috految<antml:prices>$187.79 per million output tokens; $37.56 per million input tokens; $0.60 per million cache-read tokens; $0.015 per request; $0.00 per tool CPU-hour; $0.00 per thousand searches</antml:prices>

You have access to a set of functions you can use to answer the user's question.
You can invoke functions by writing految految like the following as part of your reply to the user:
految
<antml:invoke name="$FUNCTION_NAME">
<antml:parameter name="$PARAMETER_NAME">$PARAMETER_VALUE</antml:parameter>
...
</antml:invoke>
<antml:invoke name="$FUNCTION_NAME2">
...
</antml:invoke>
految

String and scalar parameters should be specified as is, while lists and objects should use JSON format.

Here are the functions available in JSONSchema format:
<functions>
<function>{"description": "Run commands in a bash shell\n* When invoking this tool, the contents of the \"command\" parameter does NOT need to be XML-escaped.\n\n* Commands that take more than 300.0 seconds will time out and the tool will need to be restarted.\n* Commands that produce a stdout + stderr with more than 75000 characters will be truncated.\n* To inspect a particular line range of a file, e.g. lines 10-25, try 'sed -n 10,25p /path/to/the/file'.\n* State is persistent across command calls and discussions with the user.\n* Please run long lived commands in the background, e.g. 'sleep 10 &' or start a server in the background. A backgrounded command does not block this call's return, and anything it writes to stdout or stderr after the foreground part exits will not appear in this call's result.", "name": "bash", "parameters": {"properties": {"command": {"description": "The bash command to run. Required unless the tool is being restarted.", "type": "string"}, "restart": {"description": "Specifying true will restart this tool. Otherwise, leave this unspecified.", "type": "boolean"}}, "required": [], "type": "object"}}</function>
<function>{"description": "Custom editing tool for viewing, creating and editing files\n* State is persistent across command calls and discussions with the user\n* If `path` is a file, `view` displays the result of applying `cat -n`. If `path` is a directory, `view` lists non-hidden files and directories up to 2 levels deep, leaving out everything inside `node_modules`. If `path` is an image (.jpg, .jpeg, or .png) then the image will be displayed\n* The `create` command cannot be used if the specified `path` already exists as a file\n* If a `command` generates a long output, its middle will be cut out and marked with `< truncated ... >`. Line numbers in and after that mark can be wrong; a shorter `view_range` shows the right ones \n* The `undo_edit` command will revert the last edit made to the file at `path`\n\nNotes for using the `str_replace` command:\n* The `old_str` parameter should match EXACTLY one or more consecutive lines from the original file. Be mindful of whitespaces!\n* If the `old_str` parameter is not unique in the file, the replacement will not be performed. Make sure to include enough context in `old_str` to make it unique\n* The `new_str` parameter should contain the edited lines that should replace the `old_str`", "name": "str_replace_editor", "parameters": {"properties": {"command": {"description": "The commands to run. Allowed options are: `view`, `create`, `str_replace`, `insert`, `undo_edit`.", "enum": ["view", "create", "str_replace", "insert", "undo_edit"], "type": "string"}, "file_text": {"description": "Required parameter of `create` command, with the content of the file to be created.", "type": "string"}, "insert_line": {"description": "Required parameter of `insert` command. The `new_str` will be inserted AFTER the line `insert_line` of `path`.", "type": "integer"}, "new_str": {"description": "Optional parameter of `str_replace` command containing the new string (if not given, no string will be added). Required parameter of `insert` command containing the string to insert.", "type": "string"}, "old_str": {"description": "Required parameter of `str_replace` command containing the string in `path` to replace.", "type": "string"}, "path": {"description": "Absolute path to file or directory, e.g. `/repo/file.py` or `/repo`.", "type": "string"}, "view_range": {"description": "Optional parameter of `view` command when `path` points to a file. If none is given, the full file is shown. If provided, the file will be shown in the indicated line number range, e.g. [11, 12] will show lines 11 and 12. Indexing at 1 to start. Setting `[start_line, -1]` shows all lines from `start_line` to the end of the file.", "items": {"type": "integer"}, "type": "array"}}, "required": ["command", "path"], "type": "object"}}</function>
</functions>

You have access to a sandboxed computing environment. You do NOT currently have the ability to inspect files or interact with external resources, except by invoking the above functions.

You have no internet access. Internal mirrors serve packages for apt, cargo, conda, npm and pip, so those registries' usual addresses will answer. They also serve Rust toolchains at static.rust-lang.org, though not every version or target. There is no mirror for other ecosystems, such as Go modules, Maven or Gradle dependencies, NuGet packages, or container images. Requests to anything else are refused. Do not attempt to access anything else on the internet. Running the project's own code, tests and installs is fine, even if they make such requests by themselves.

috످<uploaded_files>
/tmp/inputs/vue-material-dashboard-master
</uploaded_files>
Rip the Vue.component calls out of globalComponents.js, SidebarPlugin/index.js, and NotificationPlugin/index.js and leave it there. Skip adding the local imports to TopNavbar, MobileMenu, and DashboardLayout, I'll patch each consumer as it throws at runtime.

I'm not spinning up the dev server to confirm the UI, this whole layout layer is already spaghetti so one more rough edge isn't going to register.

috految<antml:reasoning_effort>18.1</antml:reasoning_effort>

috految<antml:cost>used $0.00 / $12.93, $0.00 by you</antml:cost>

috److految
<antml:invoke name="bash">
<antml:parameter name="command">cd /tmp/inputs/vue-material-dashboard-master; ls -A; cat .eslintrc* src/globalComponents.js src/components/{Sidebar,Notification}Plugin/index.js; grep -E 'vue|lint|sass' package.json; grep -rnIE 'Vue\.(component|config)|<(drop-?down|side-?bar|notifications|Drop|Side|Notif)|:is=|\$notify|[gG]lobalComponents|(Sidebar|Notification)Plugin|SidebarLink|DropDown|<mobile-menu|\.component\(' . --exclude-dir={node_modules,.git,dist} | cut -c1-150; grep -hE 'import|components|<slot|slot=|<style|name:' src/pages/Layout/{Dash,Top,Mob}* src/components/{Dropdown.vue,*Plugin/*.vue}; grep -i drop src/components/index.js</antml:parameter>
</antml:invoke>
految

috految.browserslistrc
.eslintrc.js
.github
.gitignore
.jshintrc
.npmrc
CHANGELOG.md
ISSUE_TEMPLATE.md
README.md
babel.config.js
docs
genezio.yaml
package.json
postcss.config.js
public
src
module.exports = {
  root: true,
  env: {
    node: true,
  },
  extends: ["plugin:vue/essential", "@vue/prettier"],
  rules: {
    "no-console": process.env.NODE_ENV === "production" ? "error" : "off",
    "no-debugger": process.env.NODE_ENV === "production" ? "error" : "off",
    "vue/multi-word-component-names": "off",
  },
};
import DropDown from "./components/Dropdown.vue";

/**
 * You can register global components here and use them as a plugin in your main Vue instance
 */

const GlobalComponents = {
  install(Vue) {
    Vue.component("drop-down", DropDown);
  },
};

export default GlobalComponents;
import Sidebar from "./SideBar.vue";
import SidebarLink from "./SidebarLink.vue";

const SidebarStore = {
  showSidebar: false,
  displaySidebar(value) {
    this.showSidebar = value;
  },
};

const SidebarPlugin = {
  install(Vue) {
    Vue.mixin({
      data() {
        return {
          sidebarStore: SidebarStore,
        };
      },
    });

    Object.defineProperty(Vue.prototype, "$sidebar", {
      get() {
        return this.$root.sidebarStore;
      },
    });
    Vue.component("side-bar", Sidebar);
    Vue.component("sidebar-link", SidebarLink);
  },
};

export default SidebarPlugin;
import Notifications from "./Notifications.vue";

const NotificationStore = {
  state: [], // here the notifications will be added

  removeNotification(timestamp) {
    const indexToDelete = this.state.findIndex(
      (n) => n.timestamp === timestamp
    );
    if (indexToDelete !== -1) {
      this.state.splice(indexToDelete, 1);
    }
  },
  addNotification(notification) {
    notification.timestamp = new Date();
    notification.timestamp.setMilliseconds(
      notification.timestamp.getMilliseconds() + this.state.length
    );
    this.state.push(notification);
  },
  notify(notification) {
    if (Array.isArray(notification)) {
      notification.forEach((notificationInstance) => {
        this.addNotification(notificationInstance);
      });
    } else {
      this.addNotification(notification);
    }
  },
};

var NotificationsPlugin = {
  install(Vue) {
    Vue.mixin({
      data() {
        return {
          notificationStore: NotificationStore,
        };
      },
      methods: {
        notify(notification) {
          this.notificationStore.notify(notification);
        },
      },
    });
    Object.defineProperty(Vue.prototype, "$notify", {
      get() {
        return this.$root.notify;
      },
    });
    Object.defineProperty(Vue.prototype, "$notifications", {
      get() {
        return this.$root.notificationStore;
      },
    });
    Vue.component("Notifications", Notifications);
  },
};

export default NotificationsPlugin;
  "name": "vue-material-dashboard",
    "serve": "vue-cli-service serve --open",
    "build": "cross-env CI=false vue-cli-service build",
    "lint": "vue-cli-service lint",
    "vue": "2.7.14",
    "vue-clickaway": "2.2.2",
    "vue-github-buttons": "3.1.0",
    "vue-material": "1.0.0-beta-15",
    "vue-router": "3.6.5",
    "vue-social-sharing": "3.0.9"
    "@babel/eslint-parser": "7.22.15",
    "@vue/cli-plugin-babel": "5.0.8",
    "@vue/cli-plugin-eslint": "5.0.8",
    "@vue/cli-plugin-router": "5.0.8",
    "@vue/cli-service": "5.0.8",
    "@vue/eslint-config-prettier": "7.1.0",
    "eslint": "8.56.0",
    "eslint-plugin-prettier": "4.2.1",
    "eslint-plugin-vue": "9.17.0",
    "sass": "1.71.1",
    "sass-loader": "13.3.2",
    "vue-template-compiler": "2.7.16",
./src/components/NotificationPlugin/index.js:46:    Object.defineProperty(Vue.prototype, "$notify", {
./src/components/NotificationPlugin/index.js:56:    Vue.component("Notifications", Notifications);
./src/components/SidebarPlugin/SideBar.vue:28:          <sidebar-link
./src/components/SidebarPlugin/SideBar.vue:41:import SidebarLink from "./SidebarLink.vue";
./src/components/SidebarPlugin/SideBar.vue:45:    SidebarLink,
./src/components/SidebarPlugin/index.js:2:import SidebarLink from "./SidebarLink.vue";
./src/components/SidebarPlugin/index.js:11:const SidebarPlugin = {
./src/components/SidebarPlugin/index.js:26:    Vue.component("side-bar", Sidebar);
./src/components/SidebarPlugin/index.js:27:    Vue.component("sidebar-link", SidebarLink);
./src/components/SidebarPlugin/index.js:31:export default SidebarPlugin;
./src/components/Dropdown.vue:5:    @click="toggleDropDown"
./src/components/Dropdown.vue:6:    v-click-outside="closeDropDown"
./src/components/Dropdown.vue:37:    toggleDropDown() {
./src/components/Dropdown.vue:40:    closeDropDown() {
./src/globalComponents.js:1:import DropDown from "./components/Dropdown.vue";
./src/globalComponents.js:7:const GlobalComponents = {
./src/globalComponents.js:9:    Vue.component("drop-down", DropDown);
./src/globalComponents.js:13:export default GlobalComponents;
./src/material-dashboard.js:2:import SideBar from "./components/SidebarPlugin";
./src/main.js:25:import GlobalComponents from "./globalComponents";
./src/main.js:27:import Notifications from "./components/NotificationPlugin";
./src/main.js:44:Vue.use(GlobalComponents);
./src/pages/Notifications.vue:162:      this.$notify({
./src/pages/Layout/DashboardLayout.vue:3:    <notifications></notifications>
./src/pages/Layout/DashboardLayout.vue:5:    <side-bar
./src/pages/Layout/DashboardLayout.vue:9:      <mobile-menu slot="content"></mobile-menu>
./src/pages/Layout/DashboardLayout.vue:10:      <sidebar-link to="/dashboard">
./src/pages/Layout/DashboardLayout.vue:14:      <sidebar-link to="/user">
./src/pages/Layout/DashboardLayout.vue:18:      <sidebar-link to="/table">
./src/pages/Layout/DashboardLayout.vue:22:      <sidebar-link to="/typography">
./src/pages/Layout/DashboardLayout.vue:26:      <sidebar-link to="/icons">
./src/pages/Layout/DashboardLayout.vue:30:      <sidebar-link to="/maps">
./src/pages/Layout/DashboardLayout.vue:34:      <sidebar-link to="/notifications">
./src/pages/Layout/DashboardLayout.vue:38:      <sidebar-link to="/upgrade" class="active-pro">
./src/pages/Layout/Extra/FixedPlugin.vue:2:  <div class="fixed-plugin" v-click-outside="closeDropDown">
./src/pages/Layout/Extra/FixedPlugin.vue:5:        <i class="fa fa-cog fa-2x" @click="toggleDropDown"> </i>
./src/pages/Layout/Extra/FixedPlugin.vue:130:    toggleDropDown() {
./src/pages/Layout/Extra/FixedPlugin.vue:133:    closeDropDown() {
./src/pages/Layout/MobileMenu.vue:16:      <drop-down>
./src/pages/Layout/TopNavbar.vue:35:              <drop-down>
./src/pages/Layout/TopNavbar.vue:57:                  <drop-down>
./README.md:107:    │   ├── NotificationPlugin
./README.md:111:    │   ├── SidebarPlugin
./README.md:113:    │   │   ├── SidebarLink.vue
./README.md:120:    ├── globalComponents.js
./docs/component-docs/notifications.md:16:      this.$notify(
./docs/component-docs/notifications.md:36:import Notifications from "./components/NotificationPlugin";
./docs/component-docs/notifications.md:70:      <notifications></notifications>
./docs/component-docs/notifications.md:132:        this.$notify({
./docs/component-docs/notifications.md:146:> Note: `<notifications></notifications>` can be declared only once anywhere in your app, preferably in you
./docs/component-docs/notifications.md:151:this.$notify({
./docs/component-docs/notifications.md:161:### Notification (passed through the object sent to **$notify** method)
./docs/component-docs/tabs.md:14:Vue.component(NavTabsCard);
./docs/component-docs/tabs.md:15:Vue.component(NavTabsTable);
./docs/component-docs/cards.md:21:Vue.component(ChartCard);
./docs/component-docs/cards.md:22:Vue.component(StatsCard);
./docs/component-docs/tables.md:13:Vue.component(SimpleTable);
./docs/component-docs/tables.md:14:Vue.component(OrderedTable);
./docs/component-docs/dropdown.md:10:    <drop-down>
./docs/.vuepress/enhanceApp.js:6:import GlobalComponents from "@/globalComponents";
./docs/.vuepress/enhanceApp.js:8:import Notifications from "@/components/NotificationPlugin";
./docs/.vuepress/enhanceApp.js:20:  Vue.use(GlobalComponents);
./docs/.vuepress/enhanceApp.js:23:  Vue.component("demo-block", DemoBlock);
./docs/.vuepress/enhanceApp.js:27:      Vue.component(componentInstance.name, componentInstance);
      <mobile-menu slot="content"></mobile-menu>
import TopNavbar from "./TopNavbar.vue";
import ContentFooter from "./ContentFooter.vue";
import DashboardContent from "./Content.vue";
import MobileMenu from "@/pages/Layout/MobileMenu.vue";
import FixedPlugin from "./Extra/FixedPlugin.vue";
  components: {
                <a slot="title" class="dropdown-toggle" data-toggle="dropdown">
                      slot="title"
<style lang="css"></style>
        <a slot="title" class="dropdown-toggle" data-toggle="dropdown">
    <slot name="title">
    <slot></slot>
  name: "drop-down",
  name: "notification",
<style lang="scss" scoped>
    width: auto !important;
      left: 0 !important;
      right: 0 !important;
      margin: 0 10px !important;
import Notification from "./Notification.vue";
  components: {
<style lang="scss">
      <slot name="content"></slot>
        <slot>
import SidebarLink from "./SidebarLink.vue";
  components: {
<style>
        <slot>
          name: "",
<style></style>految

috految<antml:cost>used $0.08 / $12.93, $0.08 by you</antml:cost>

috److految
<antml:invoke name="bash">
<antml:parameter name="command">t=$(mktemp -d); cp -a . $t; F=$(echo src/globalComponents.js src/components/{Sidebar,Notification}Plugin/index.js)
sed -i '/Vue\.component(/d' $F; perl -0pi -e 's/install\(Vue\) \{\s*\}/install(Vue) {}/' src/globalComponents.js; diff -r $t .; grep -r Vue.component src; grep -i component docs/.vuepress/enhanceApp.js; grep -n ':::\|import' docs/component-docs/{dropdown,notifications}.md -h; grep -rE 'querySelector|getElement|\$refs' src/pages/Layout; grep -E 'Layout|Notif' src/routes/* src/components/index.js; grep -r '<!--' src/pages/Layout
cp -a src $t; cd $t && { npm i >log 2>&1; npx eslint --max-warnings 0 $F; echo lint $?; npm run build >log 2>&1; echo build $?; tail -5 log; grep -c 'Unknown custom element' node_modules/vue/dist/vue.runtime.common.{dev,prod}.js; grep -h -B2 -A3 'Unknown custom' node_modules/vue/dist/vue.runtime.esm.js; }</antml:parameter>
</antml:invoke>
految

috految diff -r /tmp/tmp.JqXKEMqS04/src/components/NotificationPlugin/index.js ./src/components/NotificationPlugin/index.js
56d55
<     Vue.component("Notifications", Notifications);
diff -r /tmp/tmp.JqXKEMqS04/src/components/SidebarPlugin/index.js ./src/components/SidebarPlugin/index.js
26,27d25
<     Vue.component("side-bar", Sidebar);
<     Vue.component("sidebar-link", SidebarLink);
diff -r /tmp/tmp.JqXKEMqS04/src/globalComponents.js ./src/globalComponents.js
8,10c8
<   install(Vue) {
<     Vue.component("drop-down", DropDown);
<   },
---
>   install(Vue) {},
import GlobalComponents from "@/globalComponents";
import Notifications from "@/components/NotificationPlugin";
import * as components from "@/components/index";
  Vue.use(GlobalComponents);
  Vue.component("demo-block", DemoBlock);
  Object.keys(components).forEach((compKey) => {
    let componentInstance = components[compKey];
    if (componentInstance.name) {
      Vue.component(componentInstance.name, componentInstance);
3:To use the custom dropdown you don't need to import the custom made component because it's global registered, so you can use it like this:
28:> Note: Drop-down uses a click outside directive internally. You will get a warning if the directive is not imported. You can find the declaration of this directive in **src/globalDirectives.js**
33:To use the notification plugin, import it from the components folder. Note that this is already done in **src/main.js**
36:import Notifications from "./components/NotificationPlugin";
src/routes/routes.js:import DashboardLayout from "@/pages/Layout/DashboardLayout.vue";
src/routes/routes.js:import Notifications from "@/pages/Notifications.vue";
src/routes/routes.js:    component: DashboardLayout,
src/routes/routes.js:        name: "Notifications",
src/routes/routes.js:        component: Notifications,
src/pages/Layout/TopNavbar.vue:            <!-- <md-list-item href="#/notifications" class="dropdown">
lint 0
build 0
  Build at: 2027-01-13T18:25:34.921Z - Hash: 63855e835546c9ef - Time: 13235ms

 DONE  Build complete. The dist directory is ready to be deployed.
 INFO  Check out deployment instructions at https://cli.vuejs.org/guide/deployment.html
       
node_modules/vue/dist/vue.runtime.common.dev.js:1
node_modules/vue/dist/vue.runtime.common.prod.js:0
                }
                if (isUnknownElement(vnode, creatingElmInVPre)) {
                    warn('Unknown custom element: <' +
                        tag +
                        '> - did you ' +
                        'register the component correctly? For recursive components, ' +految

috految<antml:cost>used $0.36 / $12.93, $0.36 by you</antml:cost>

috److I removed all four `Vue.component` calls and didn't touch the consumers.

- **`globalComponents.js`:** removed `drop-down` (`install` is now empty)
- **`SidebarPlugin/index.js`:** removed `side-bar` and `sidebar-link`
- **`NotificationPlugin/index.js`:** removed `Notifications`

The four now-unused imports are still there. In a temp copy, the three files lint clean and `npm run build` passes. I didn't run the UI.

**The missing components won't throw at runtime.** Vue 2 renders unregistered tags as plain HTML elements. Dev mode logs `[Vue warn]: Unknown custom element` in the browser console, but production strips that warning. Without the dev server, you could ship with **sidebar navigation broken on every page** and no error.

When you patch, import these and add them to each file's `components`:

| Consumer (`src/pages/Layout/`) | Register as | Import from `@/components/` | Expected until patched |
|---|---|---|---|
| `DashboardLayout.vue:3` | `Notifications` | `NotificationPlugin/Notifications.vue` | `$notify()` runs, but no toast appears |
| `DashboardLayout.vue:5` | `SideBar` | `SidebarPlugin/SideBar.vue` | Sidebar loses its layout |
| `DashboardLayout.vue:10–38` | `SidebarLink` | `SidebarPlugin/SidebarLink.vue` | All 8 nav links stop working |
| `TopNavbar.vue:57` | `DropDown` | `Dropdown.vue` | Dropdown won't toggle |
| `MobileMenu.vue:16` | `DropDown` | `Dropdown.vue` | Dropdown won't toggle |

Use that exact casing: `Sidebar` (the plugin's import name) won't match `<side-bar>`, and `Dropdown` (the filename) won't match `<drop-down>`.

The VuePress docs also relied on these globals through `docs/.vuepress/enhanceApp.js`. If you still use them, `dropdown.md:10` and `notifications.md:70` in `docs/component-docs/` reference the now-unregistered tags.

috످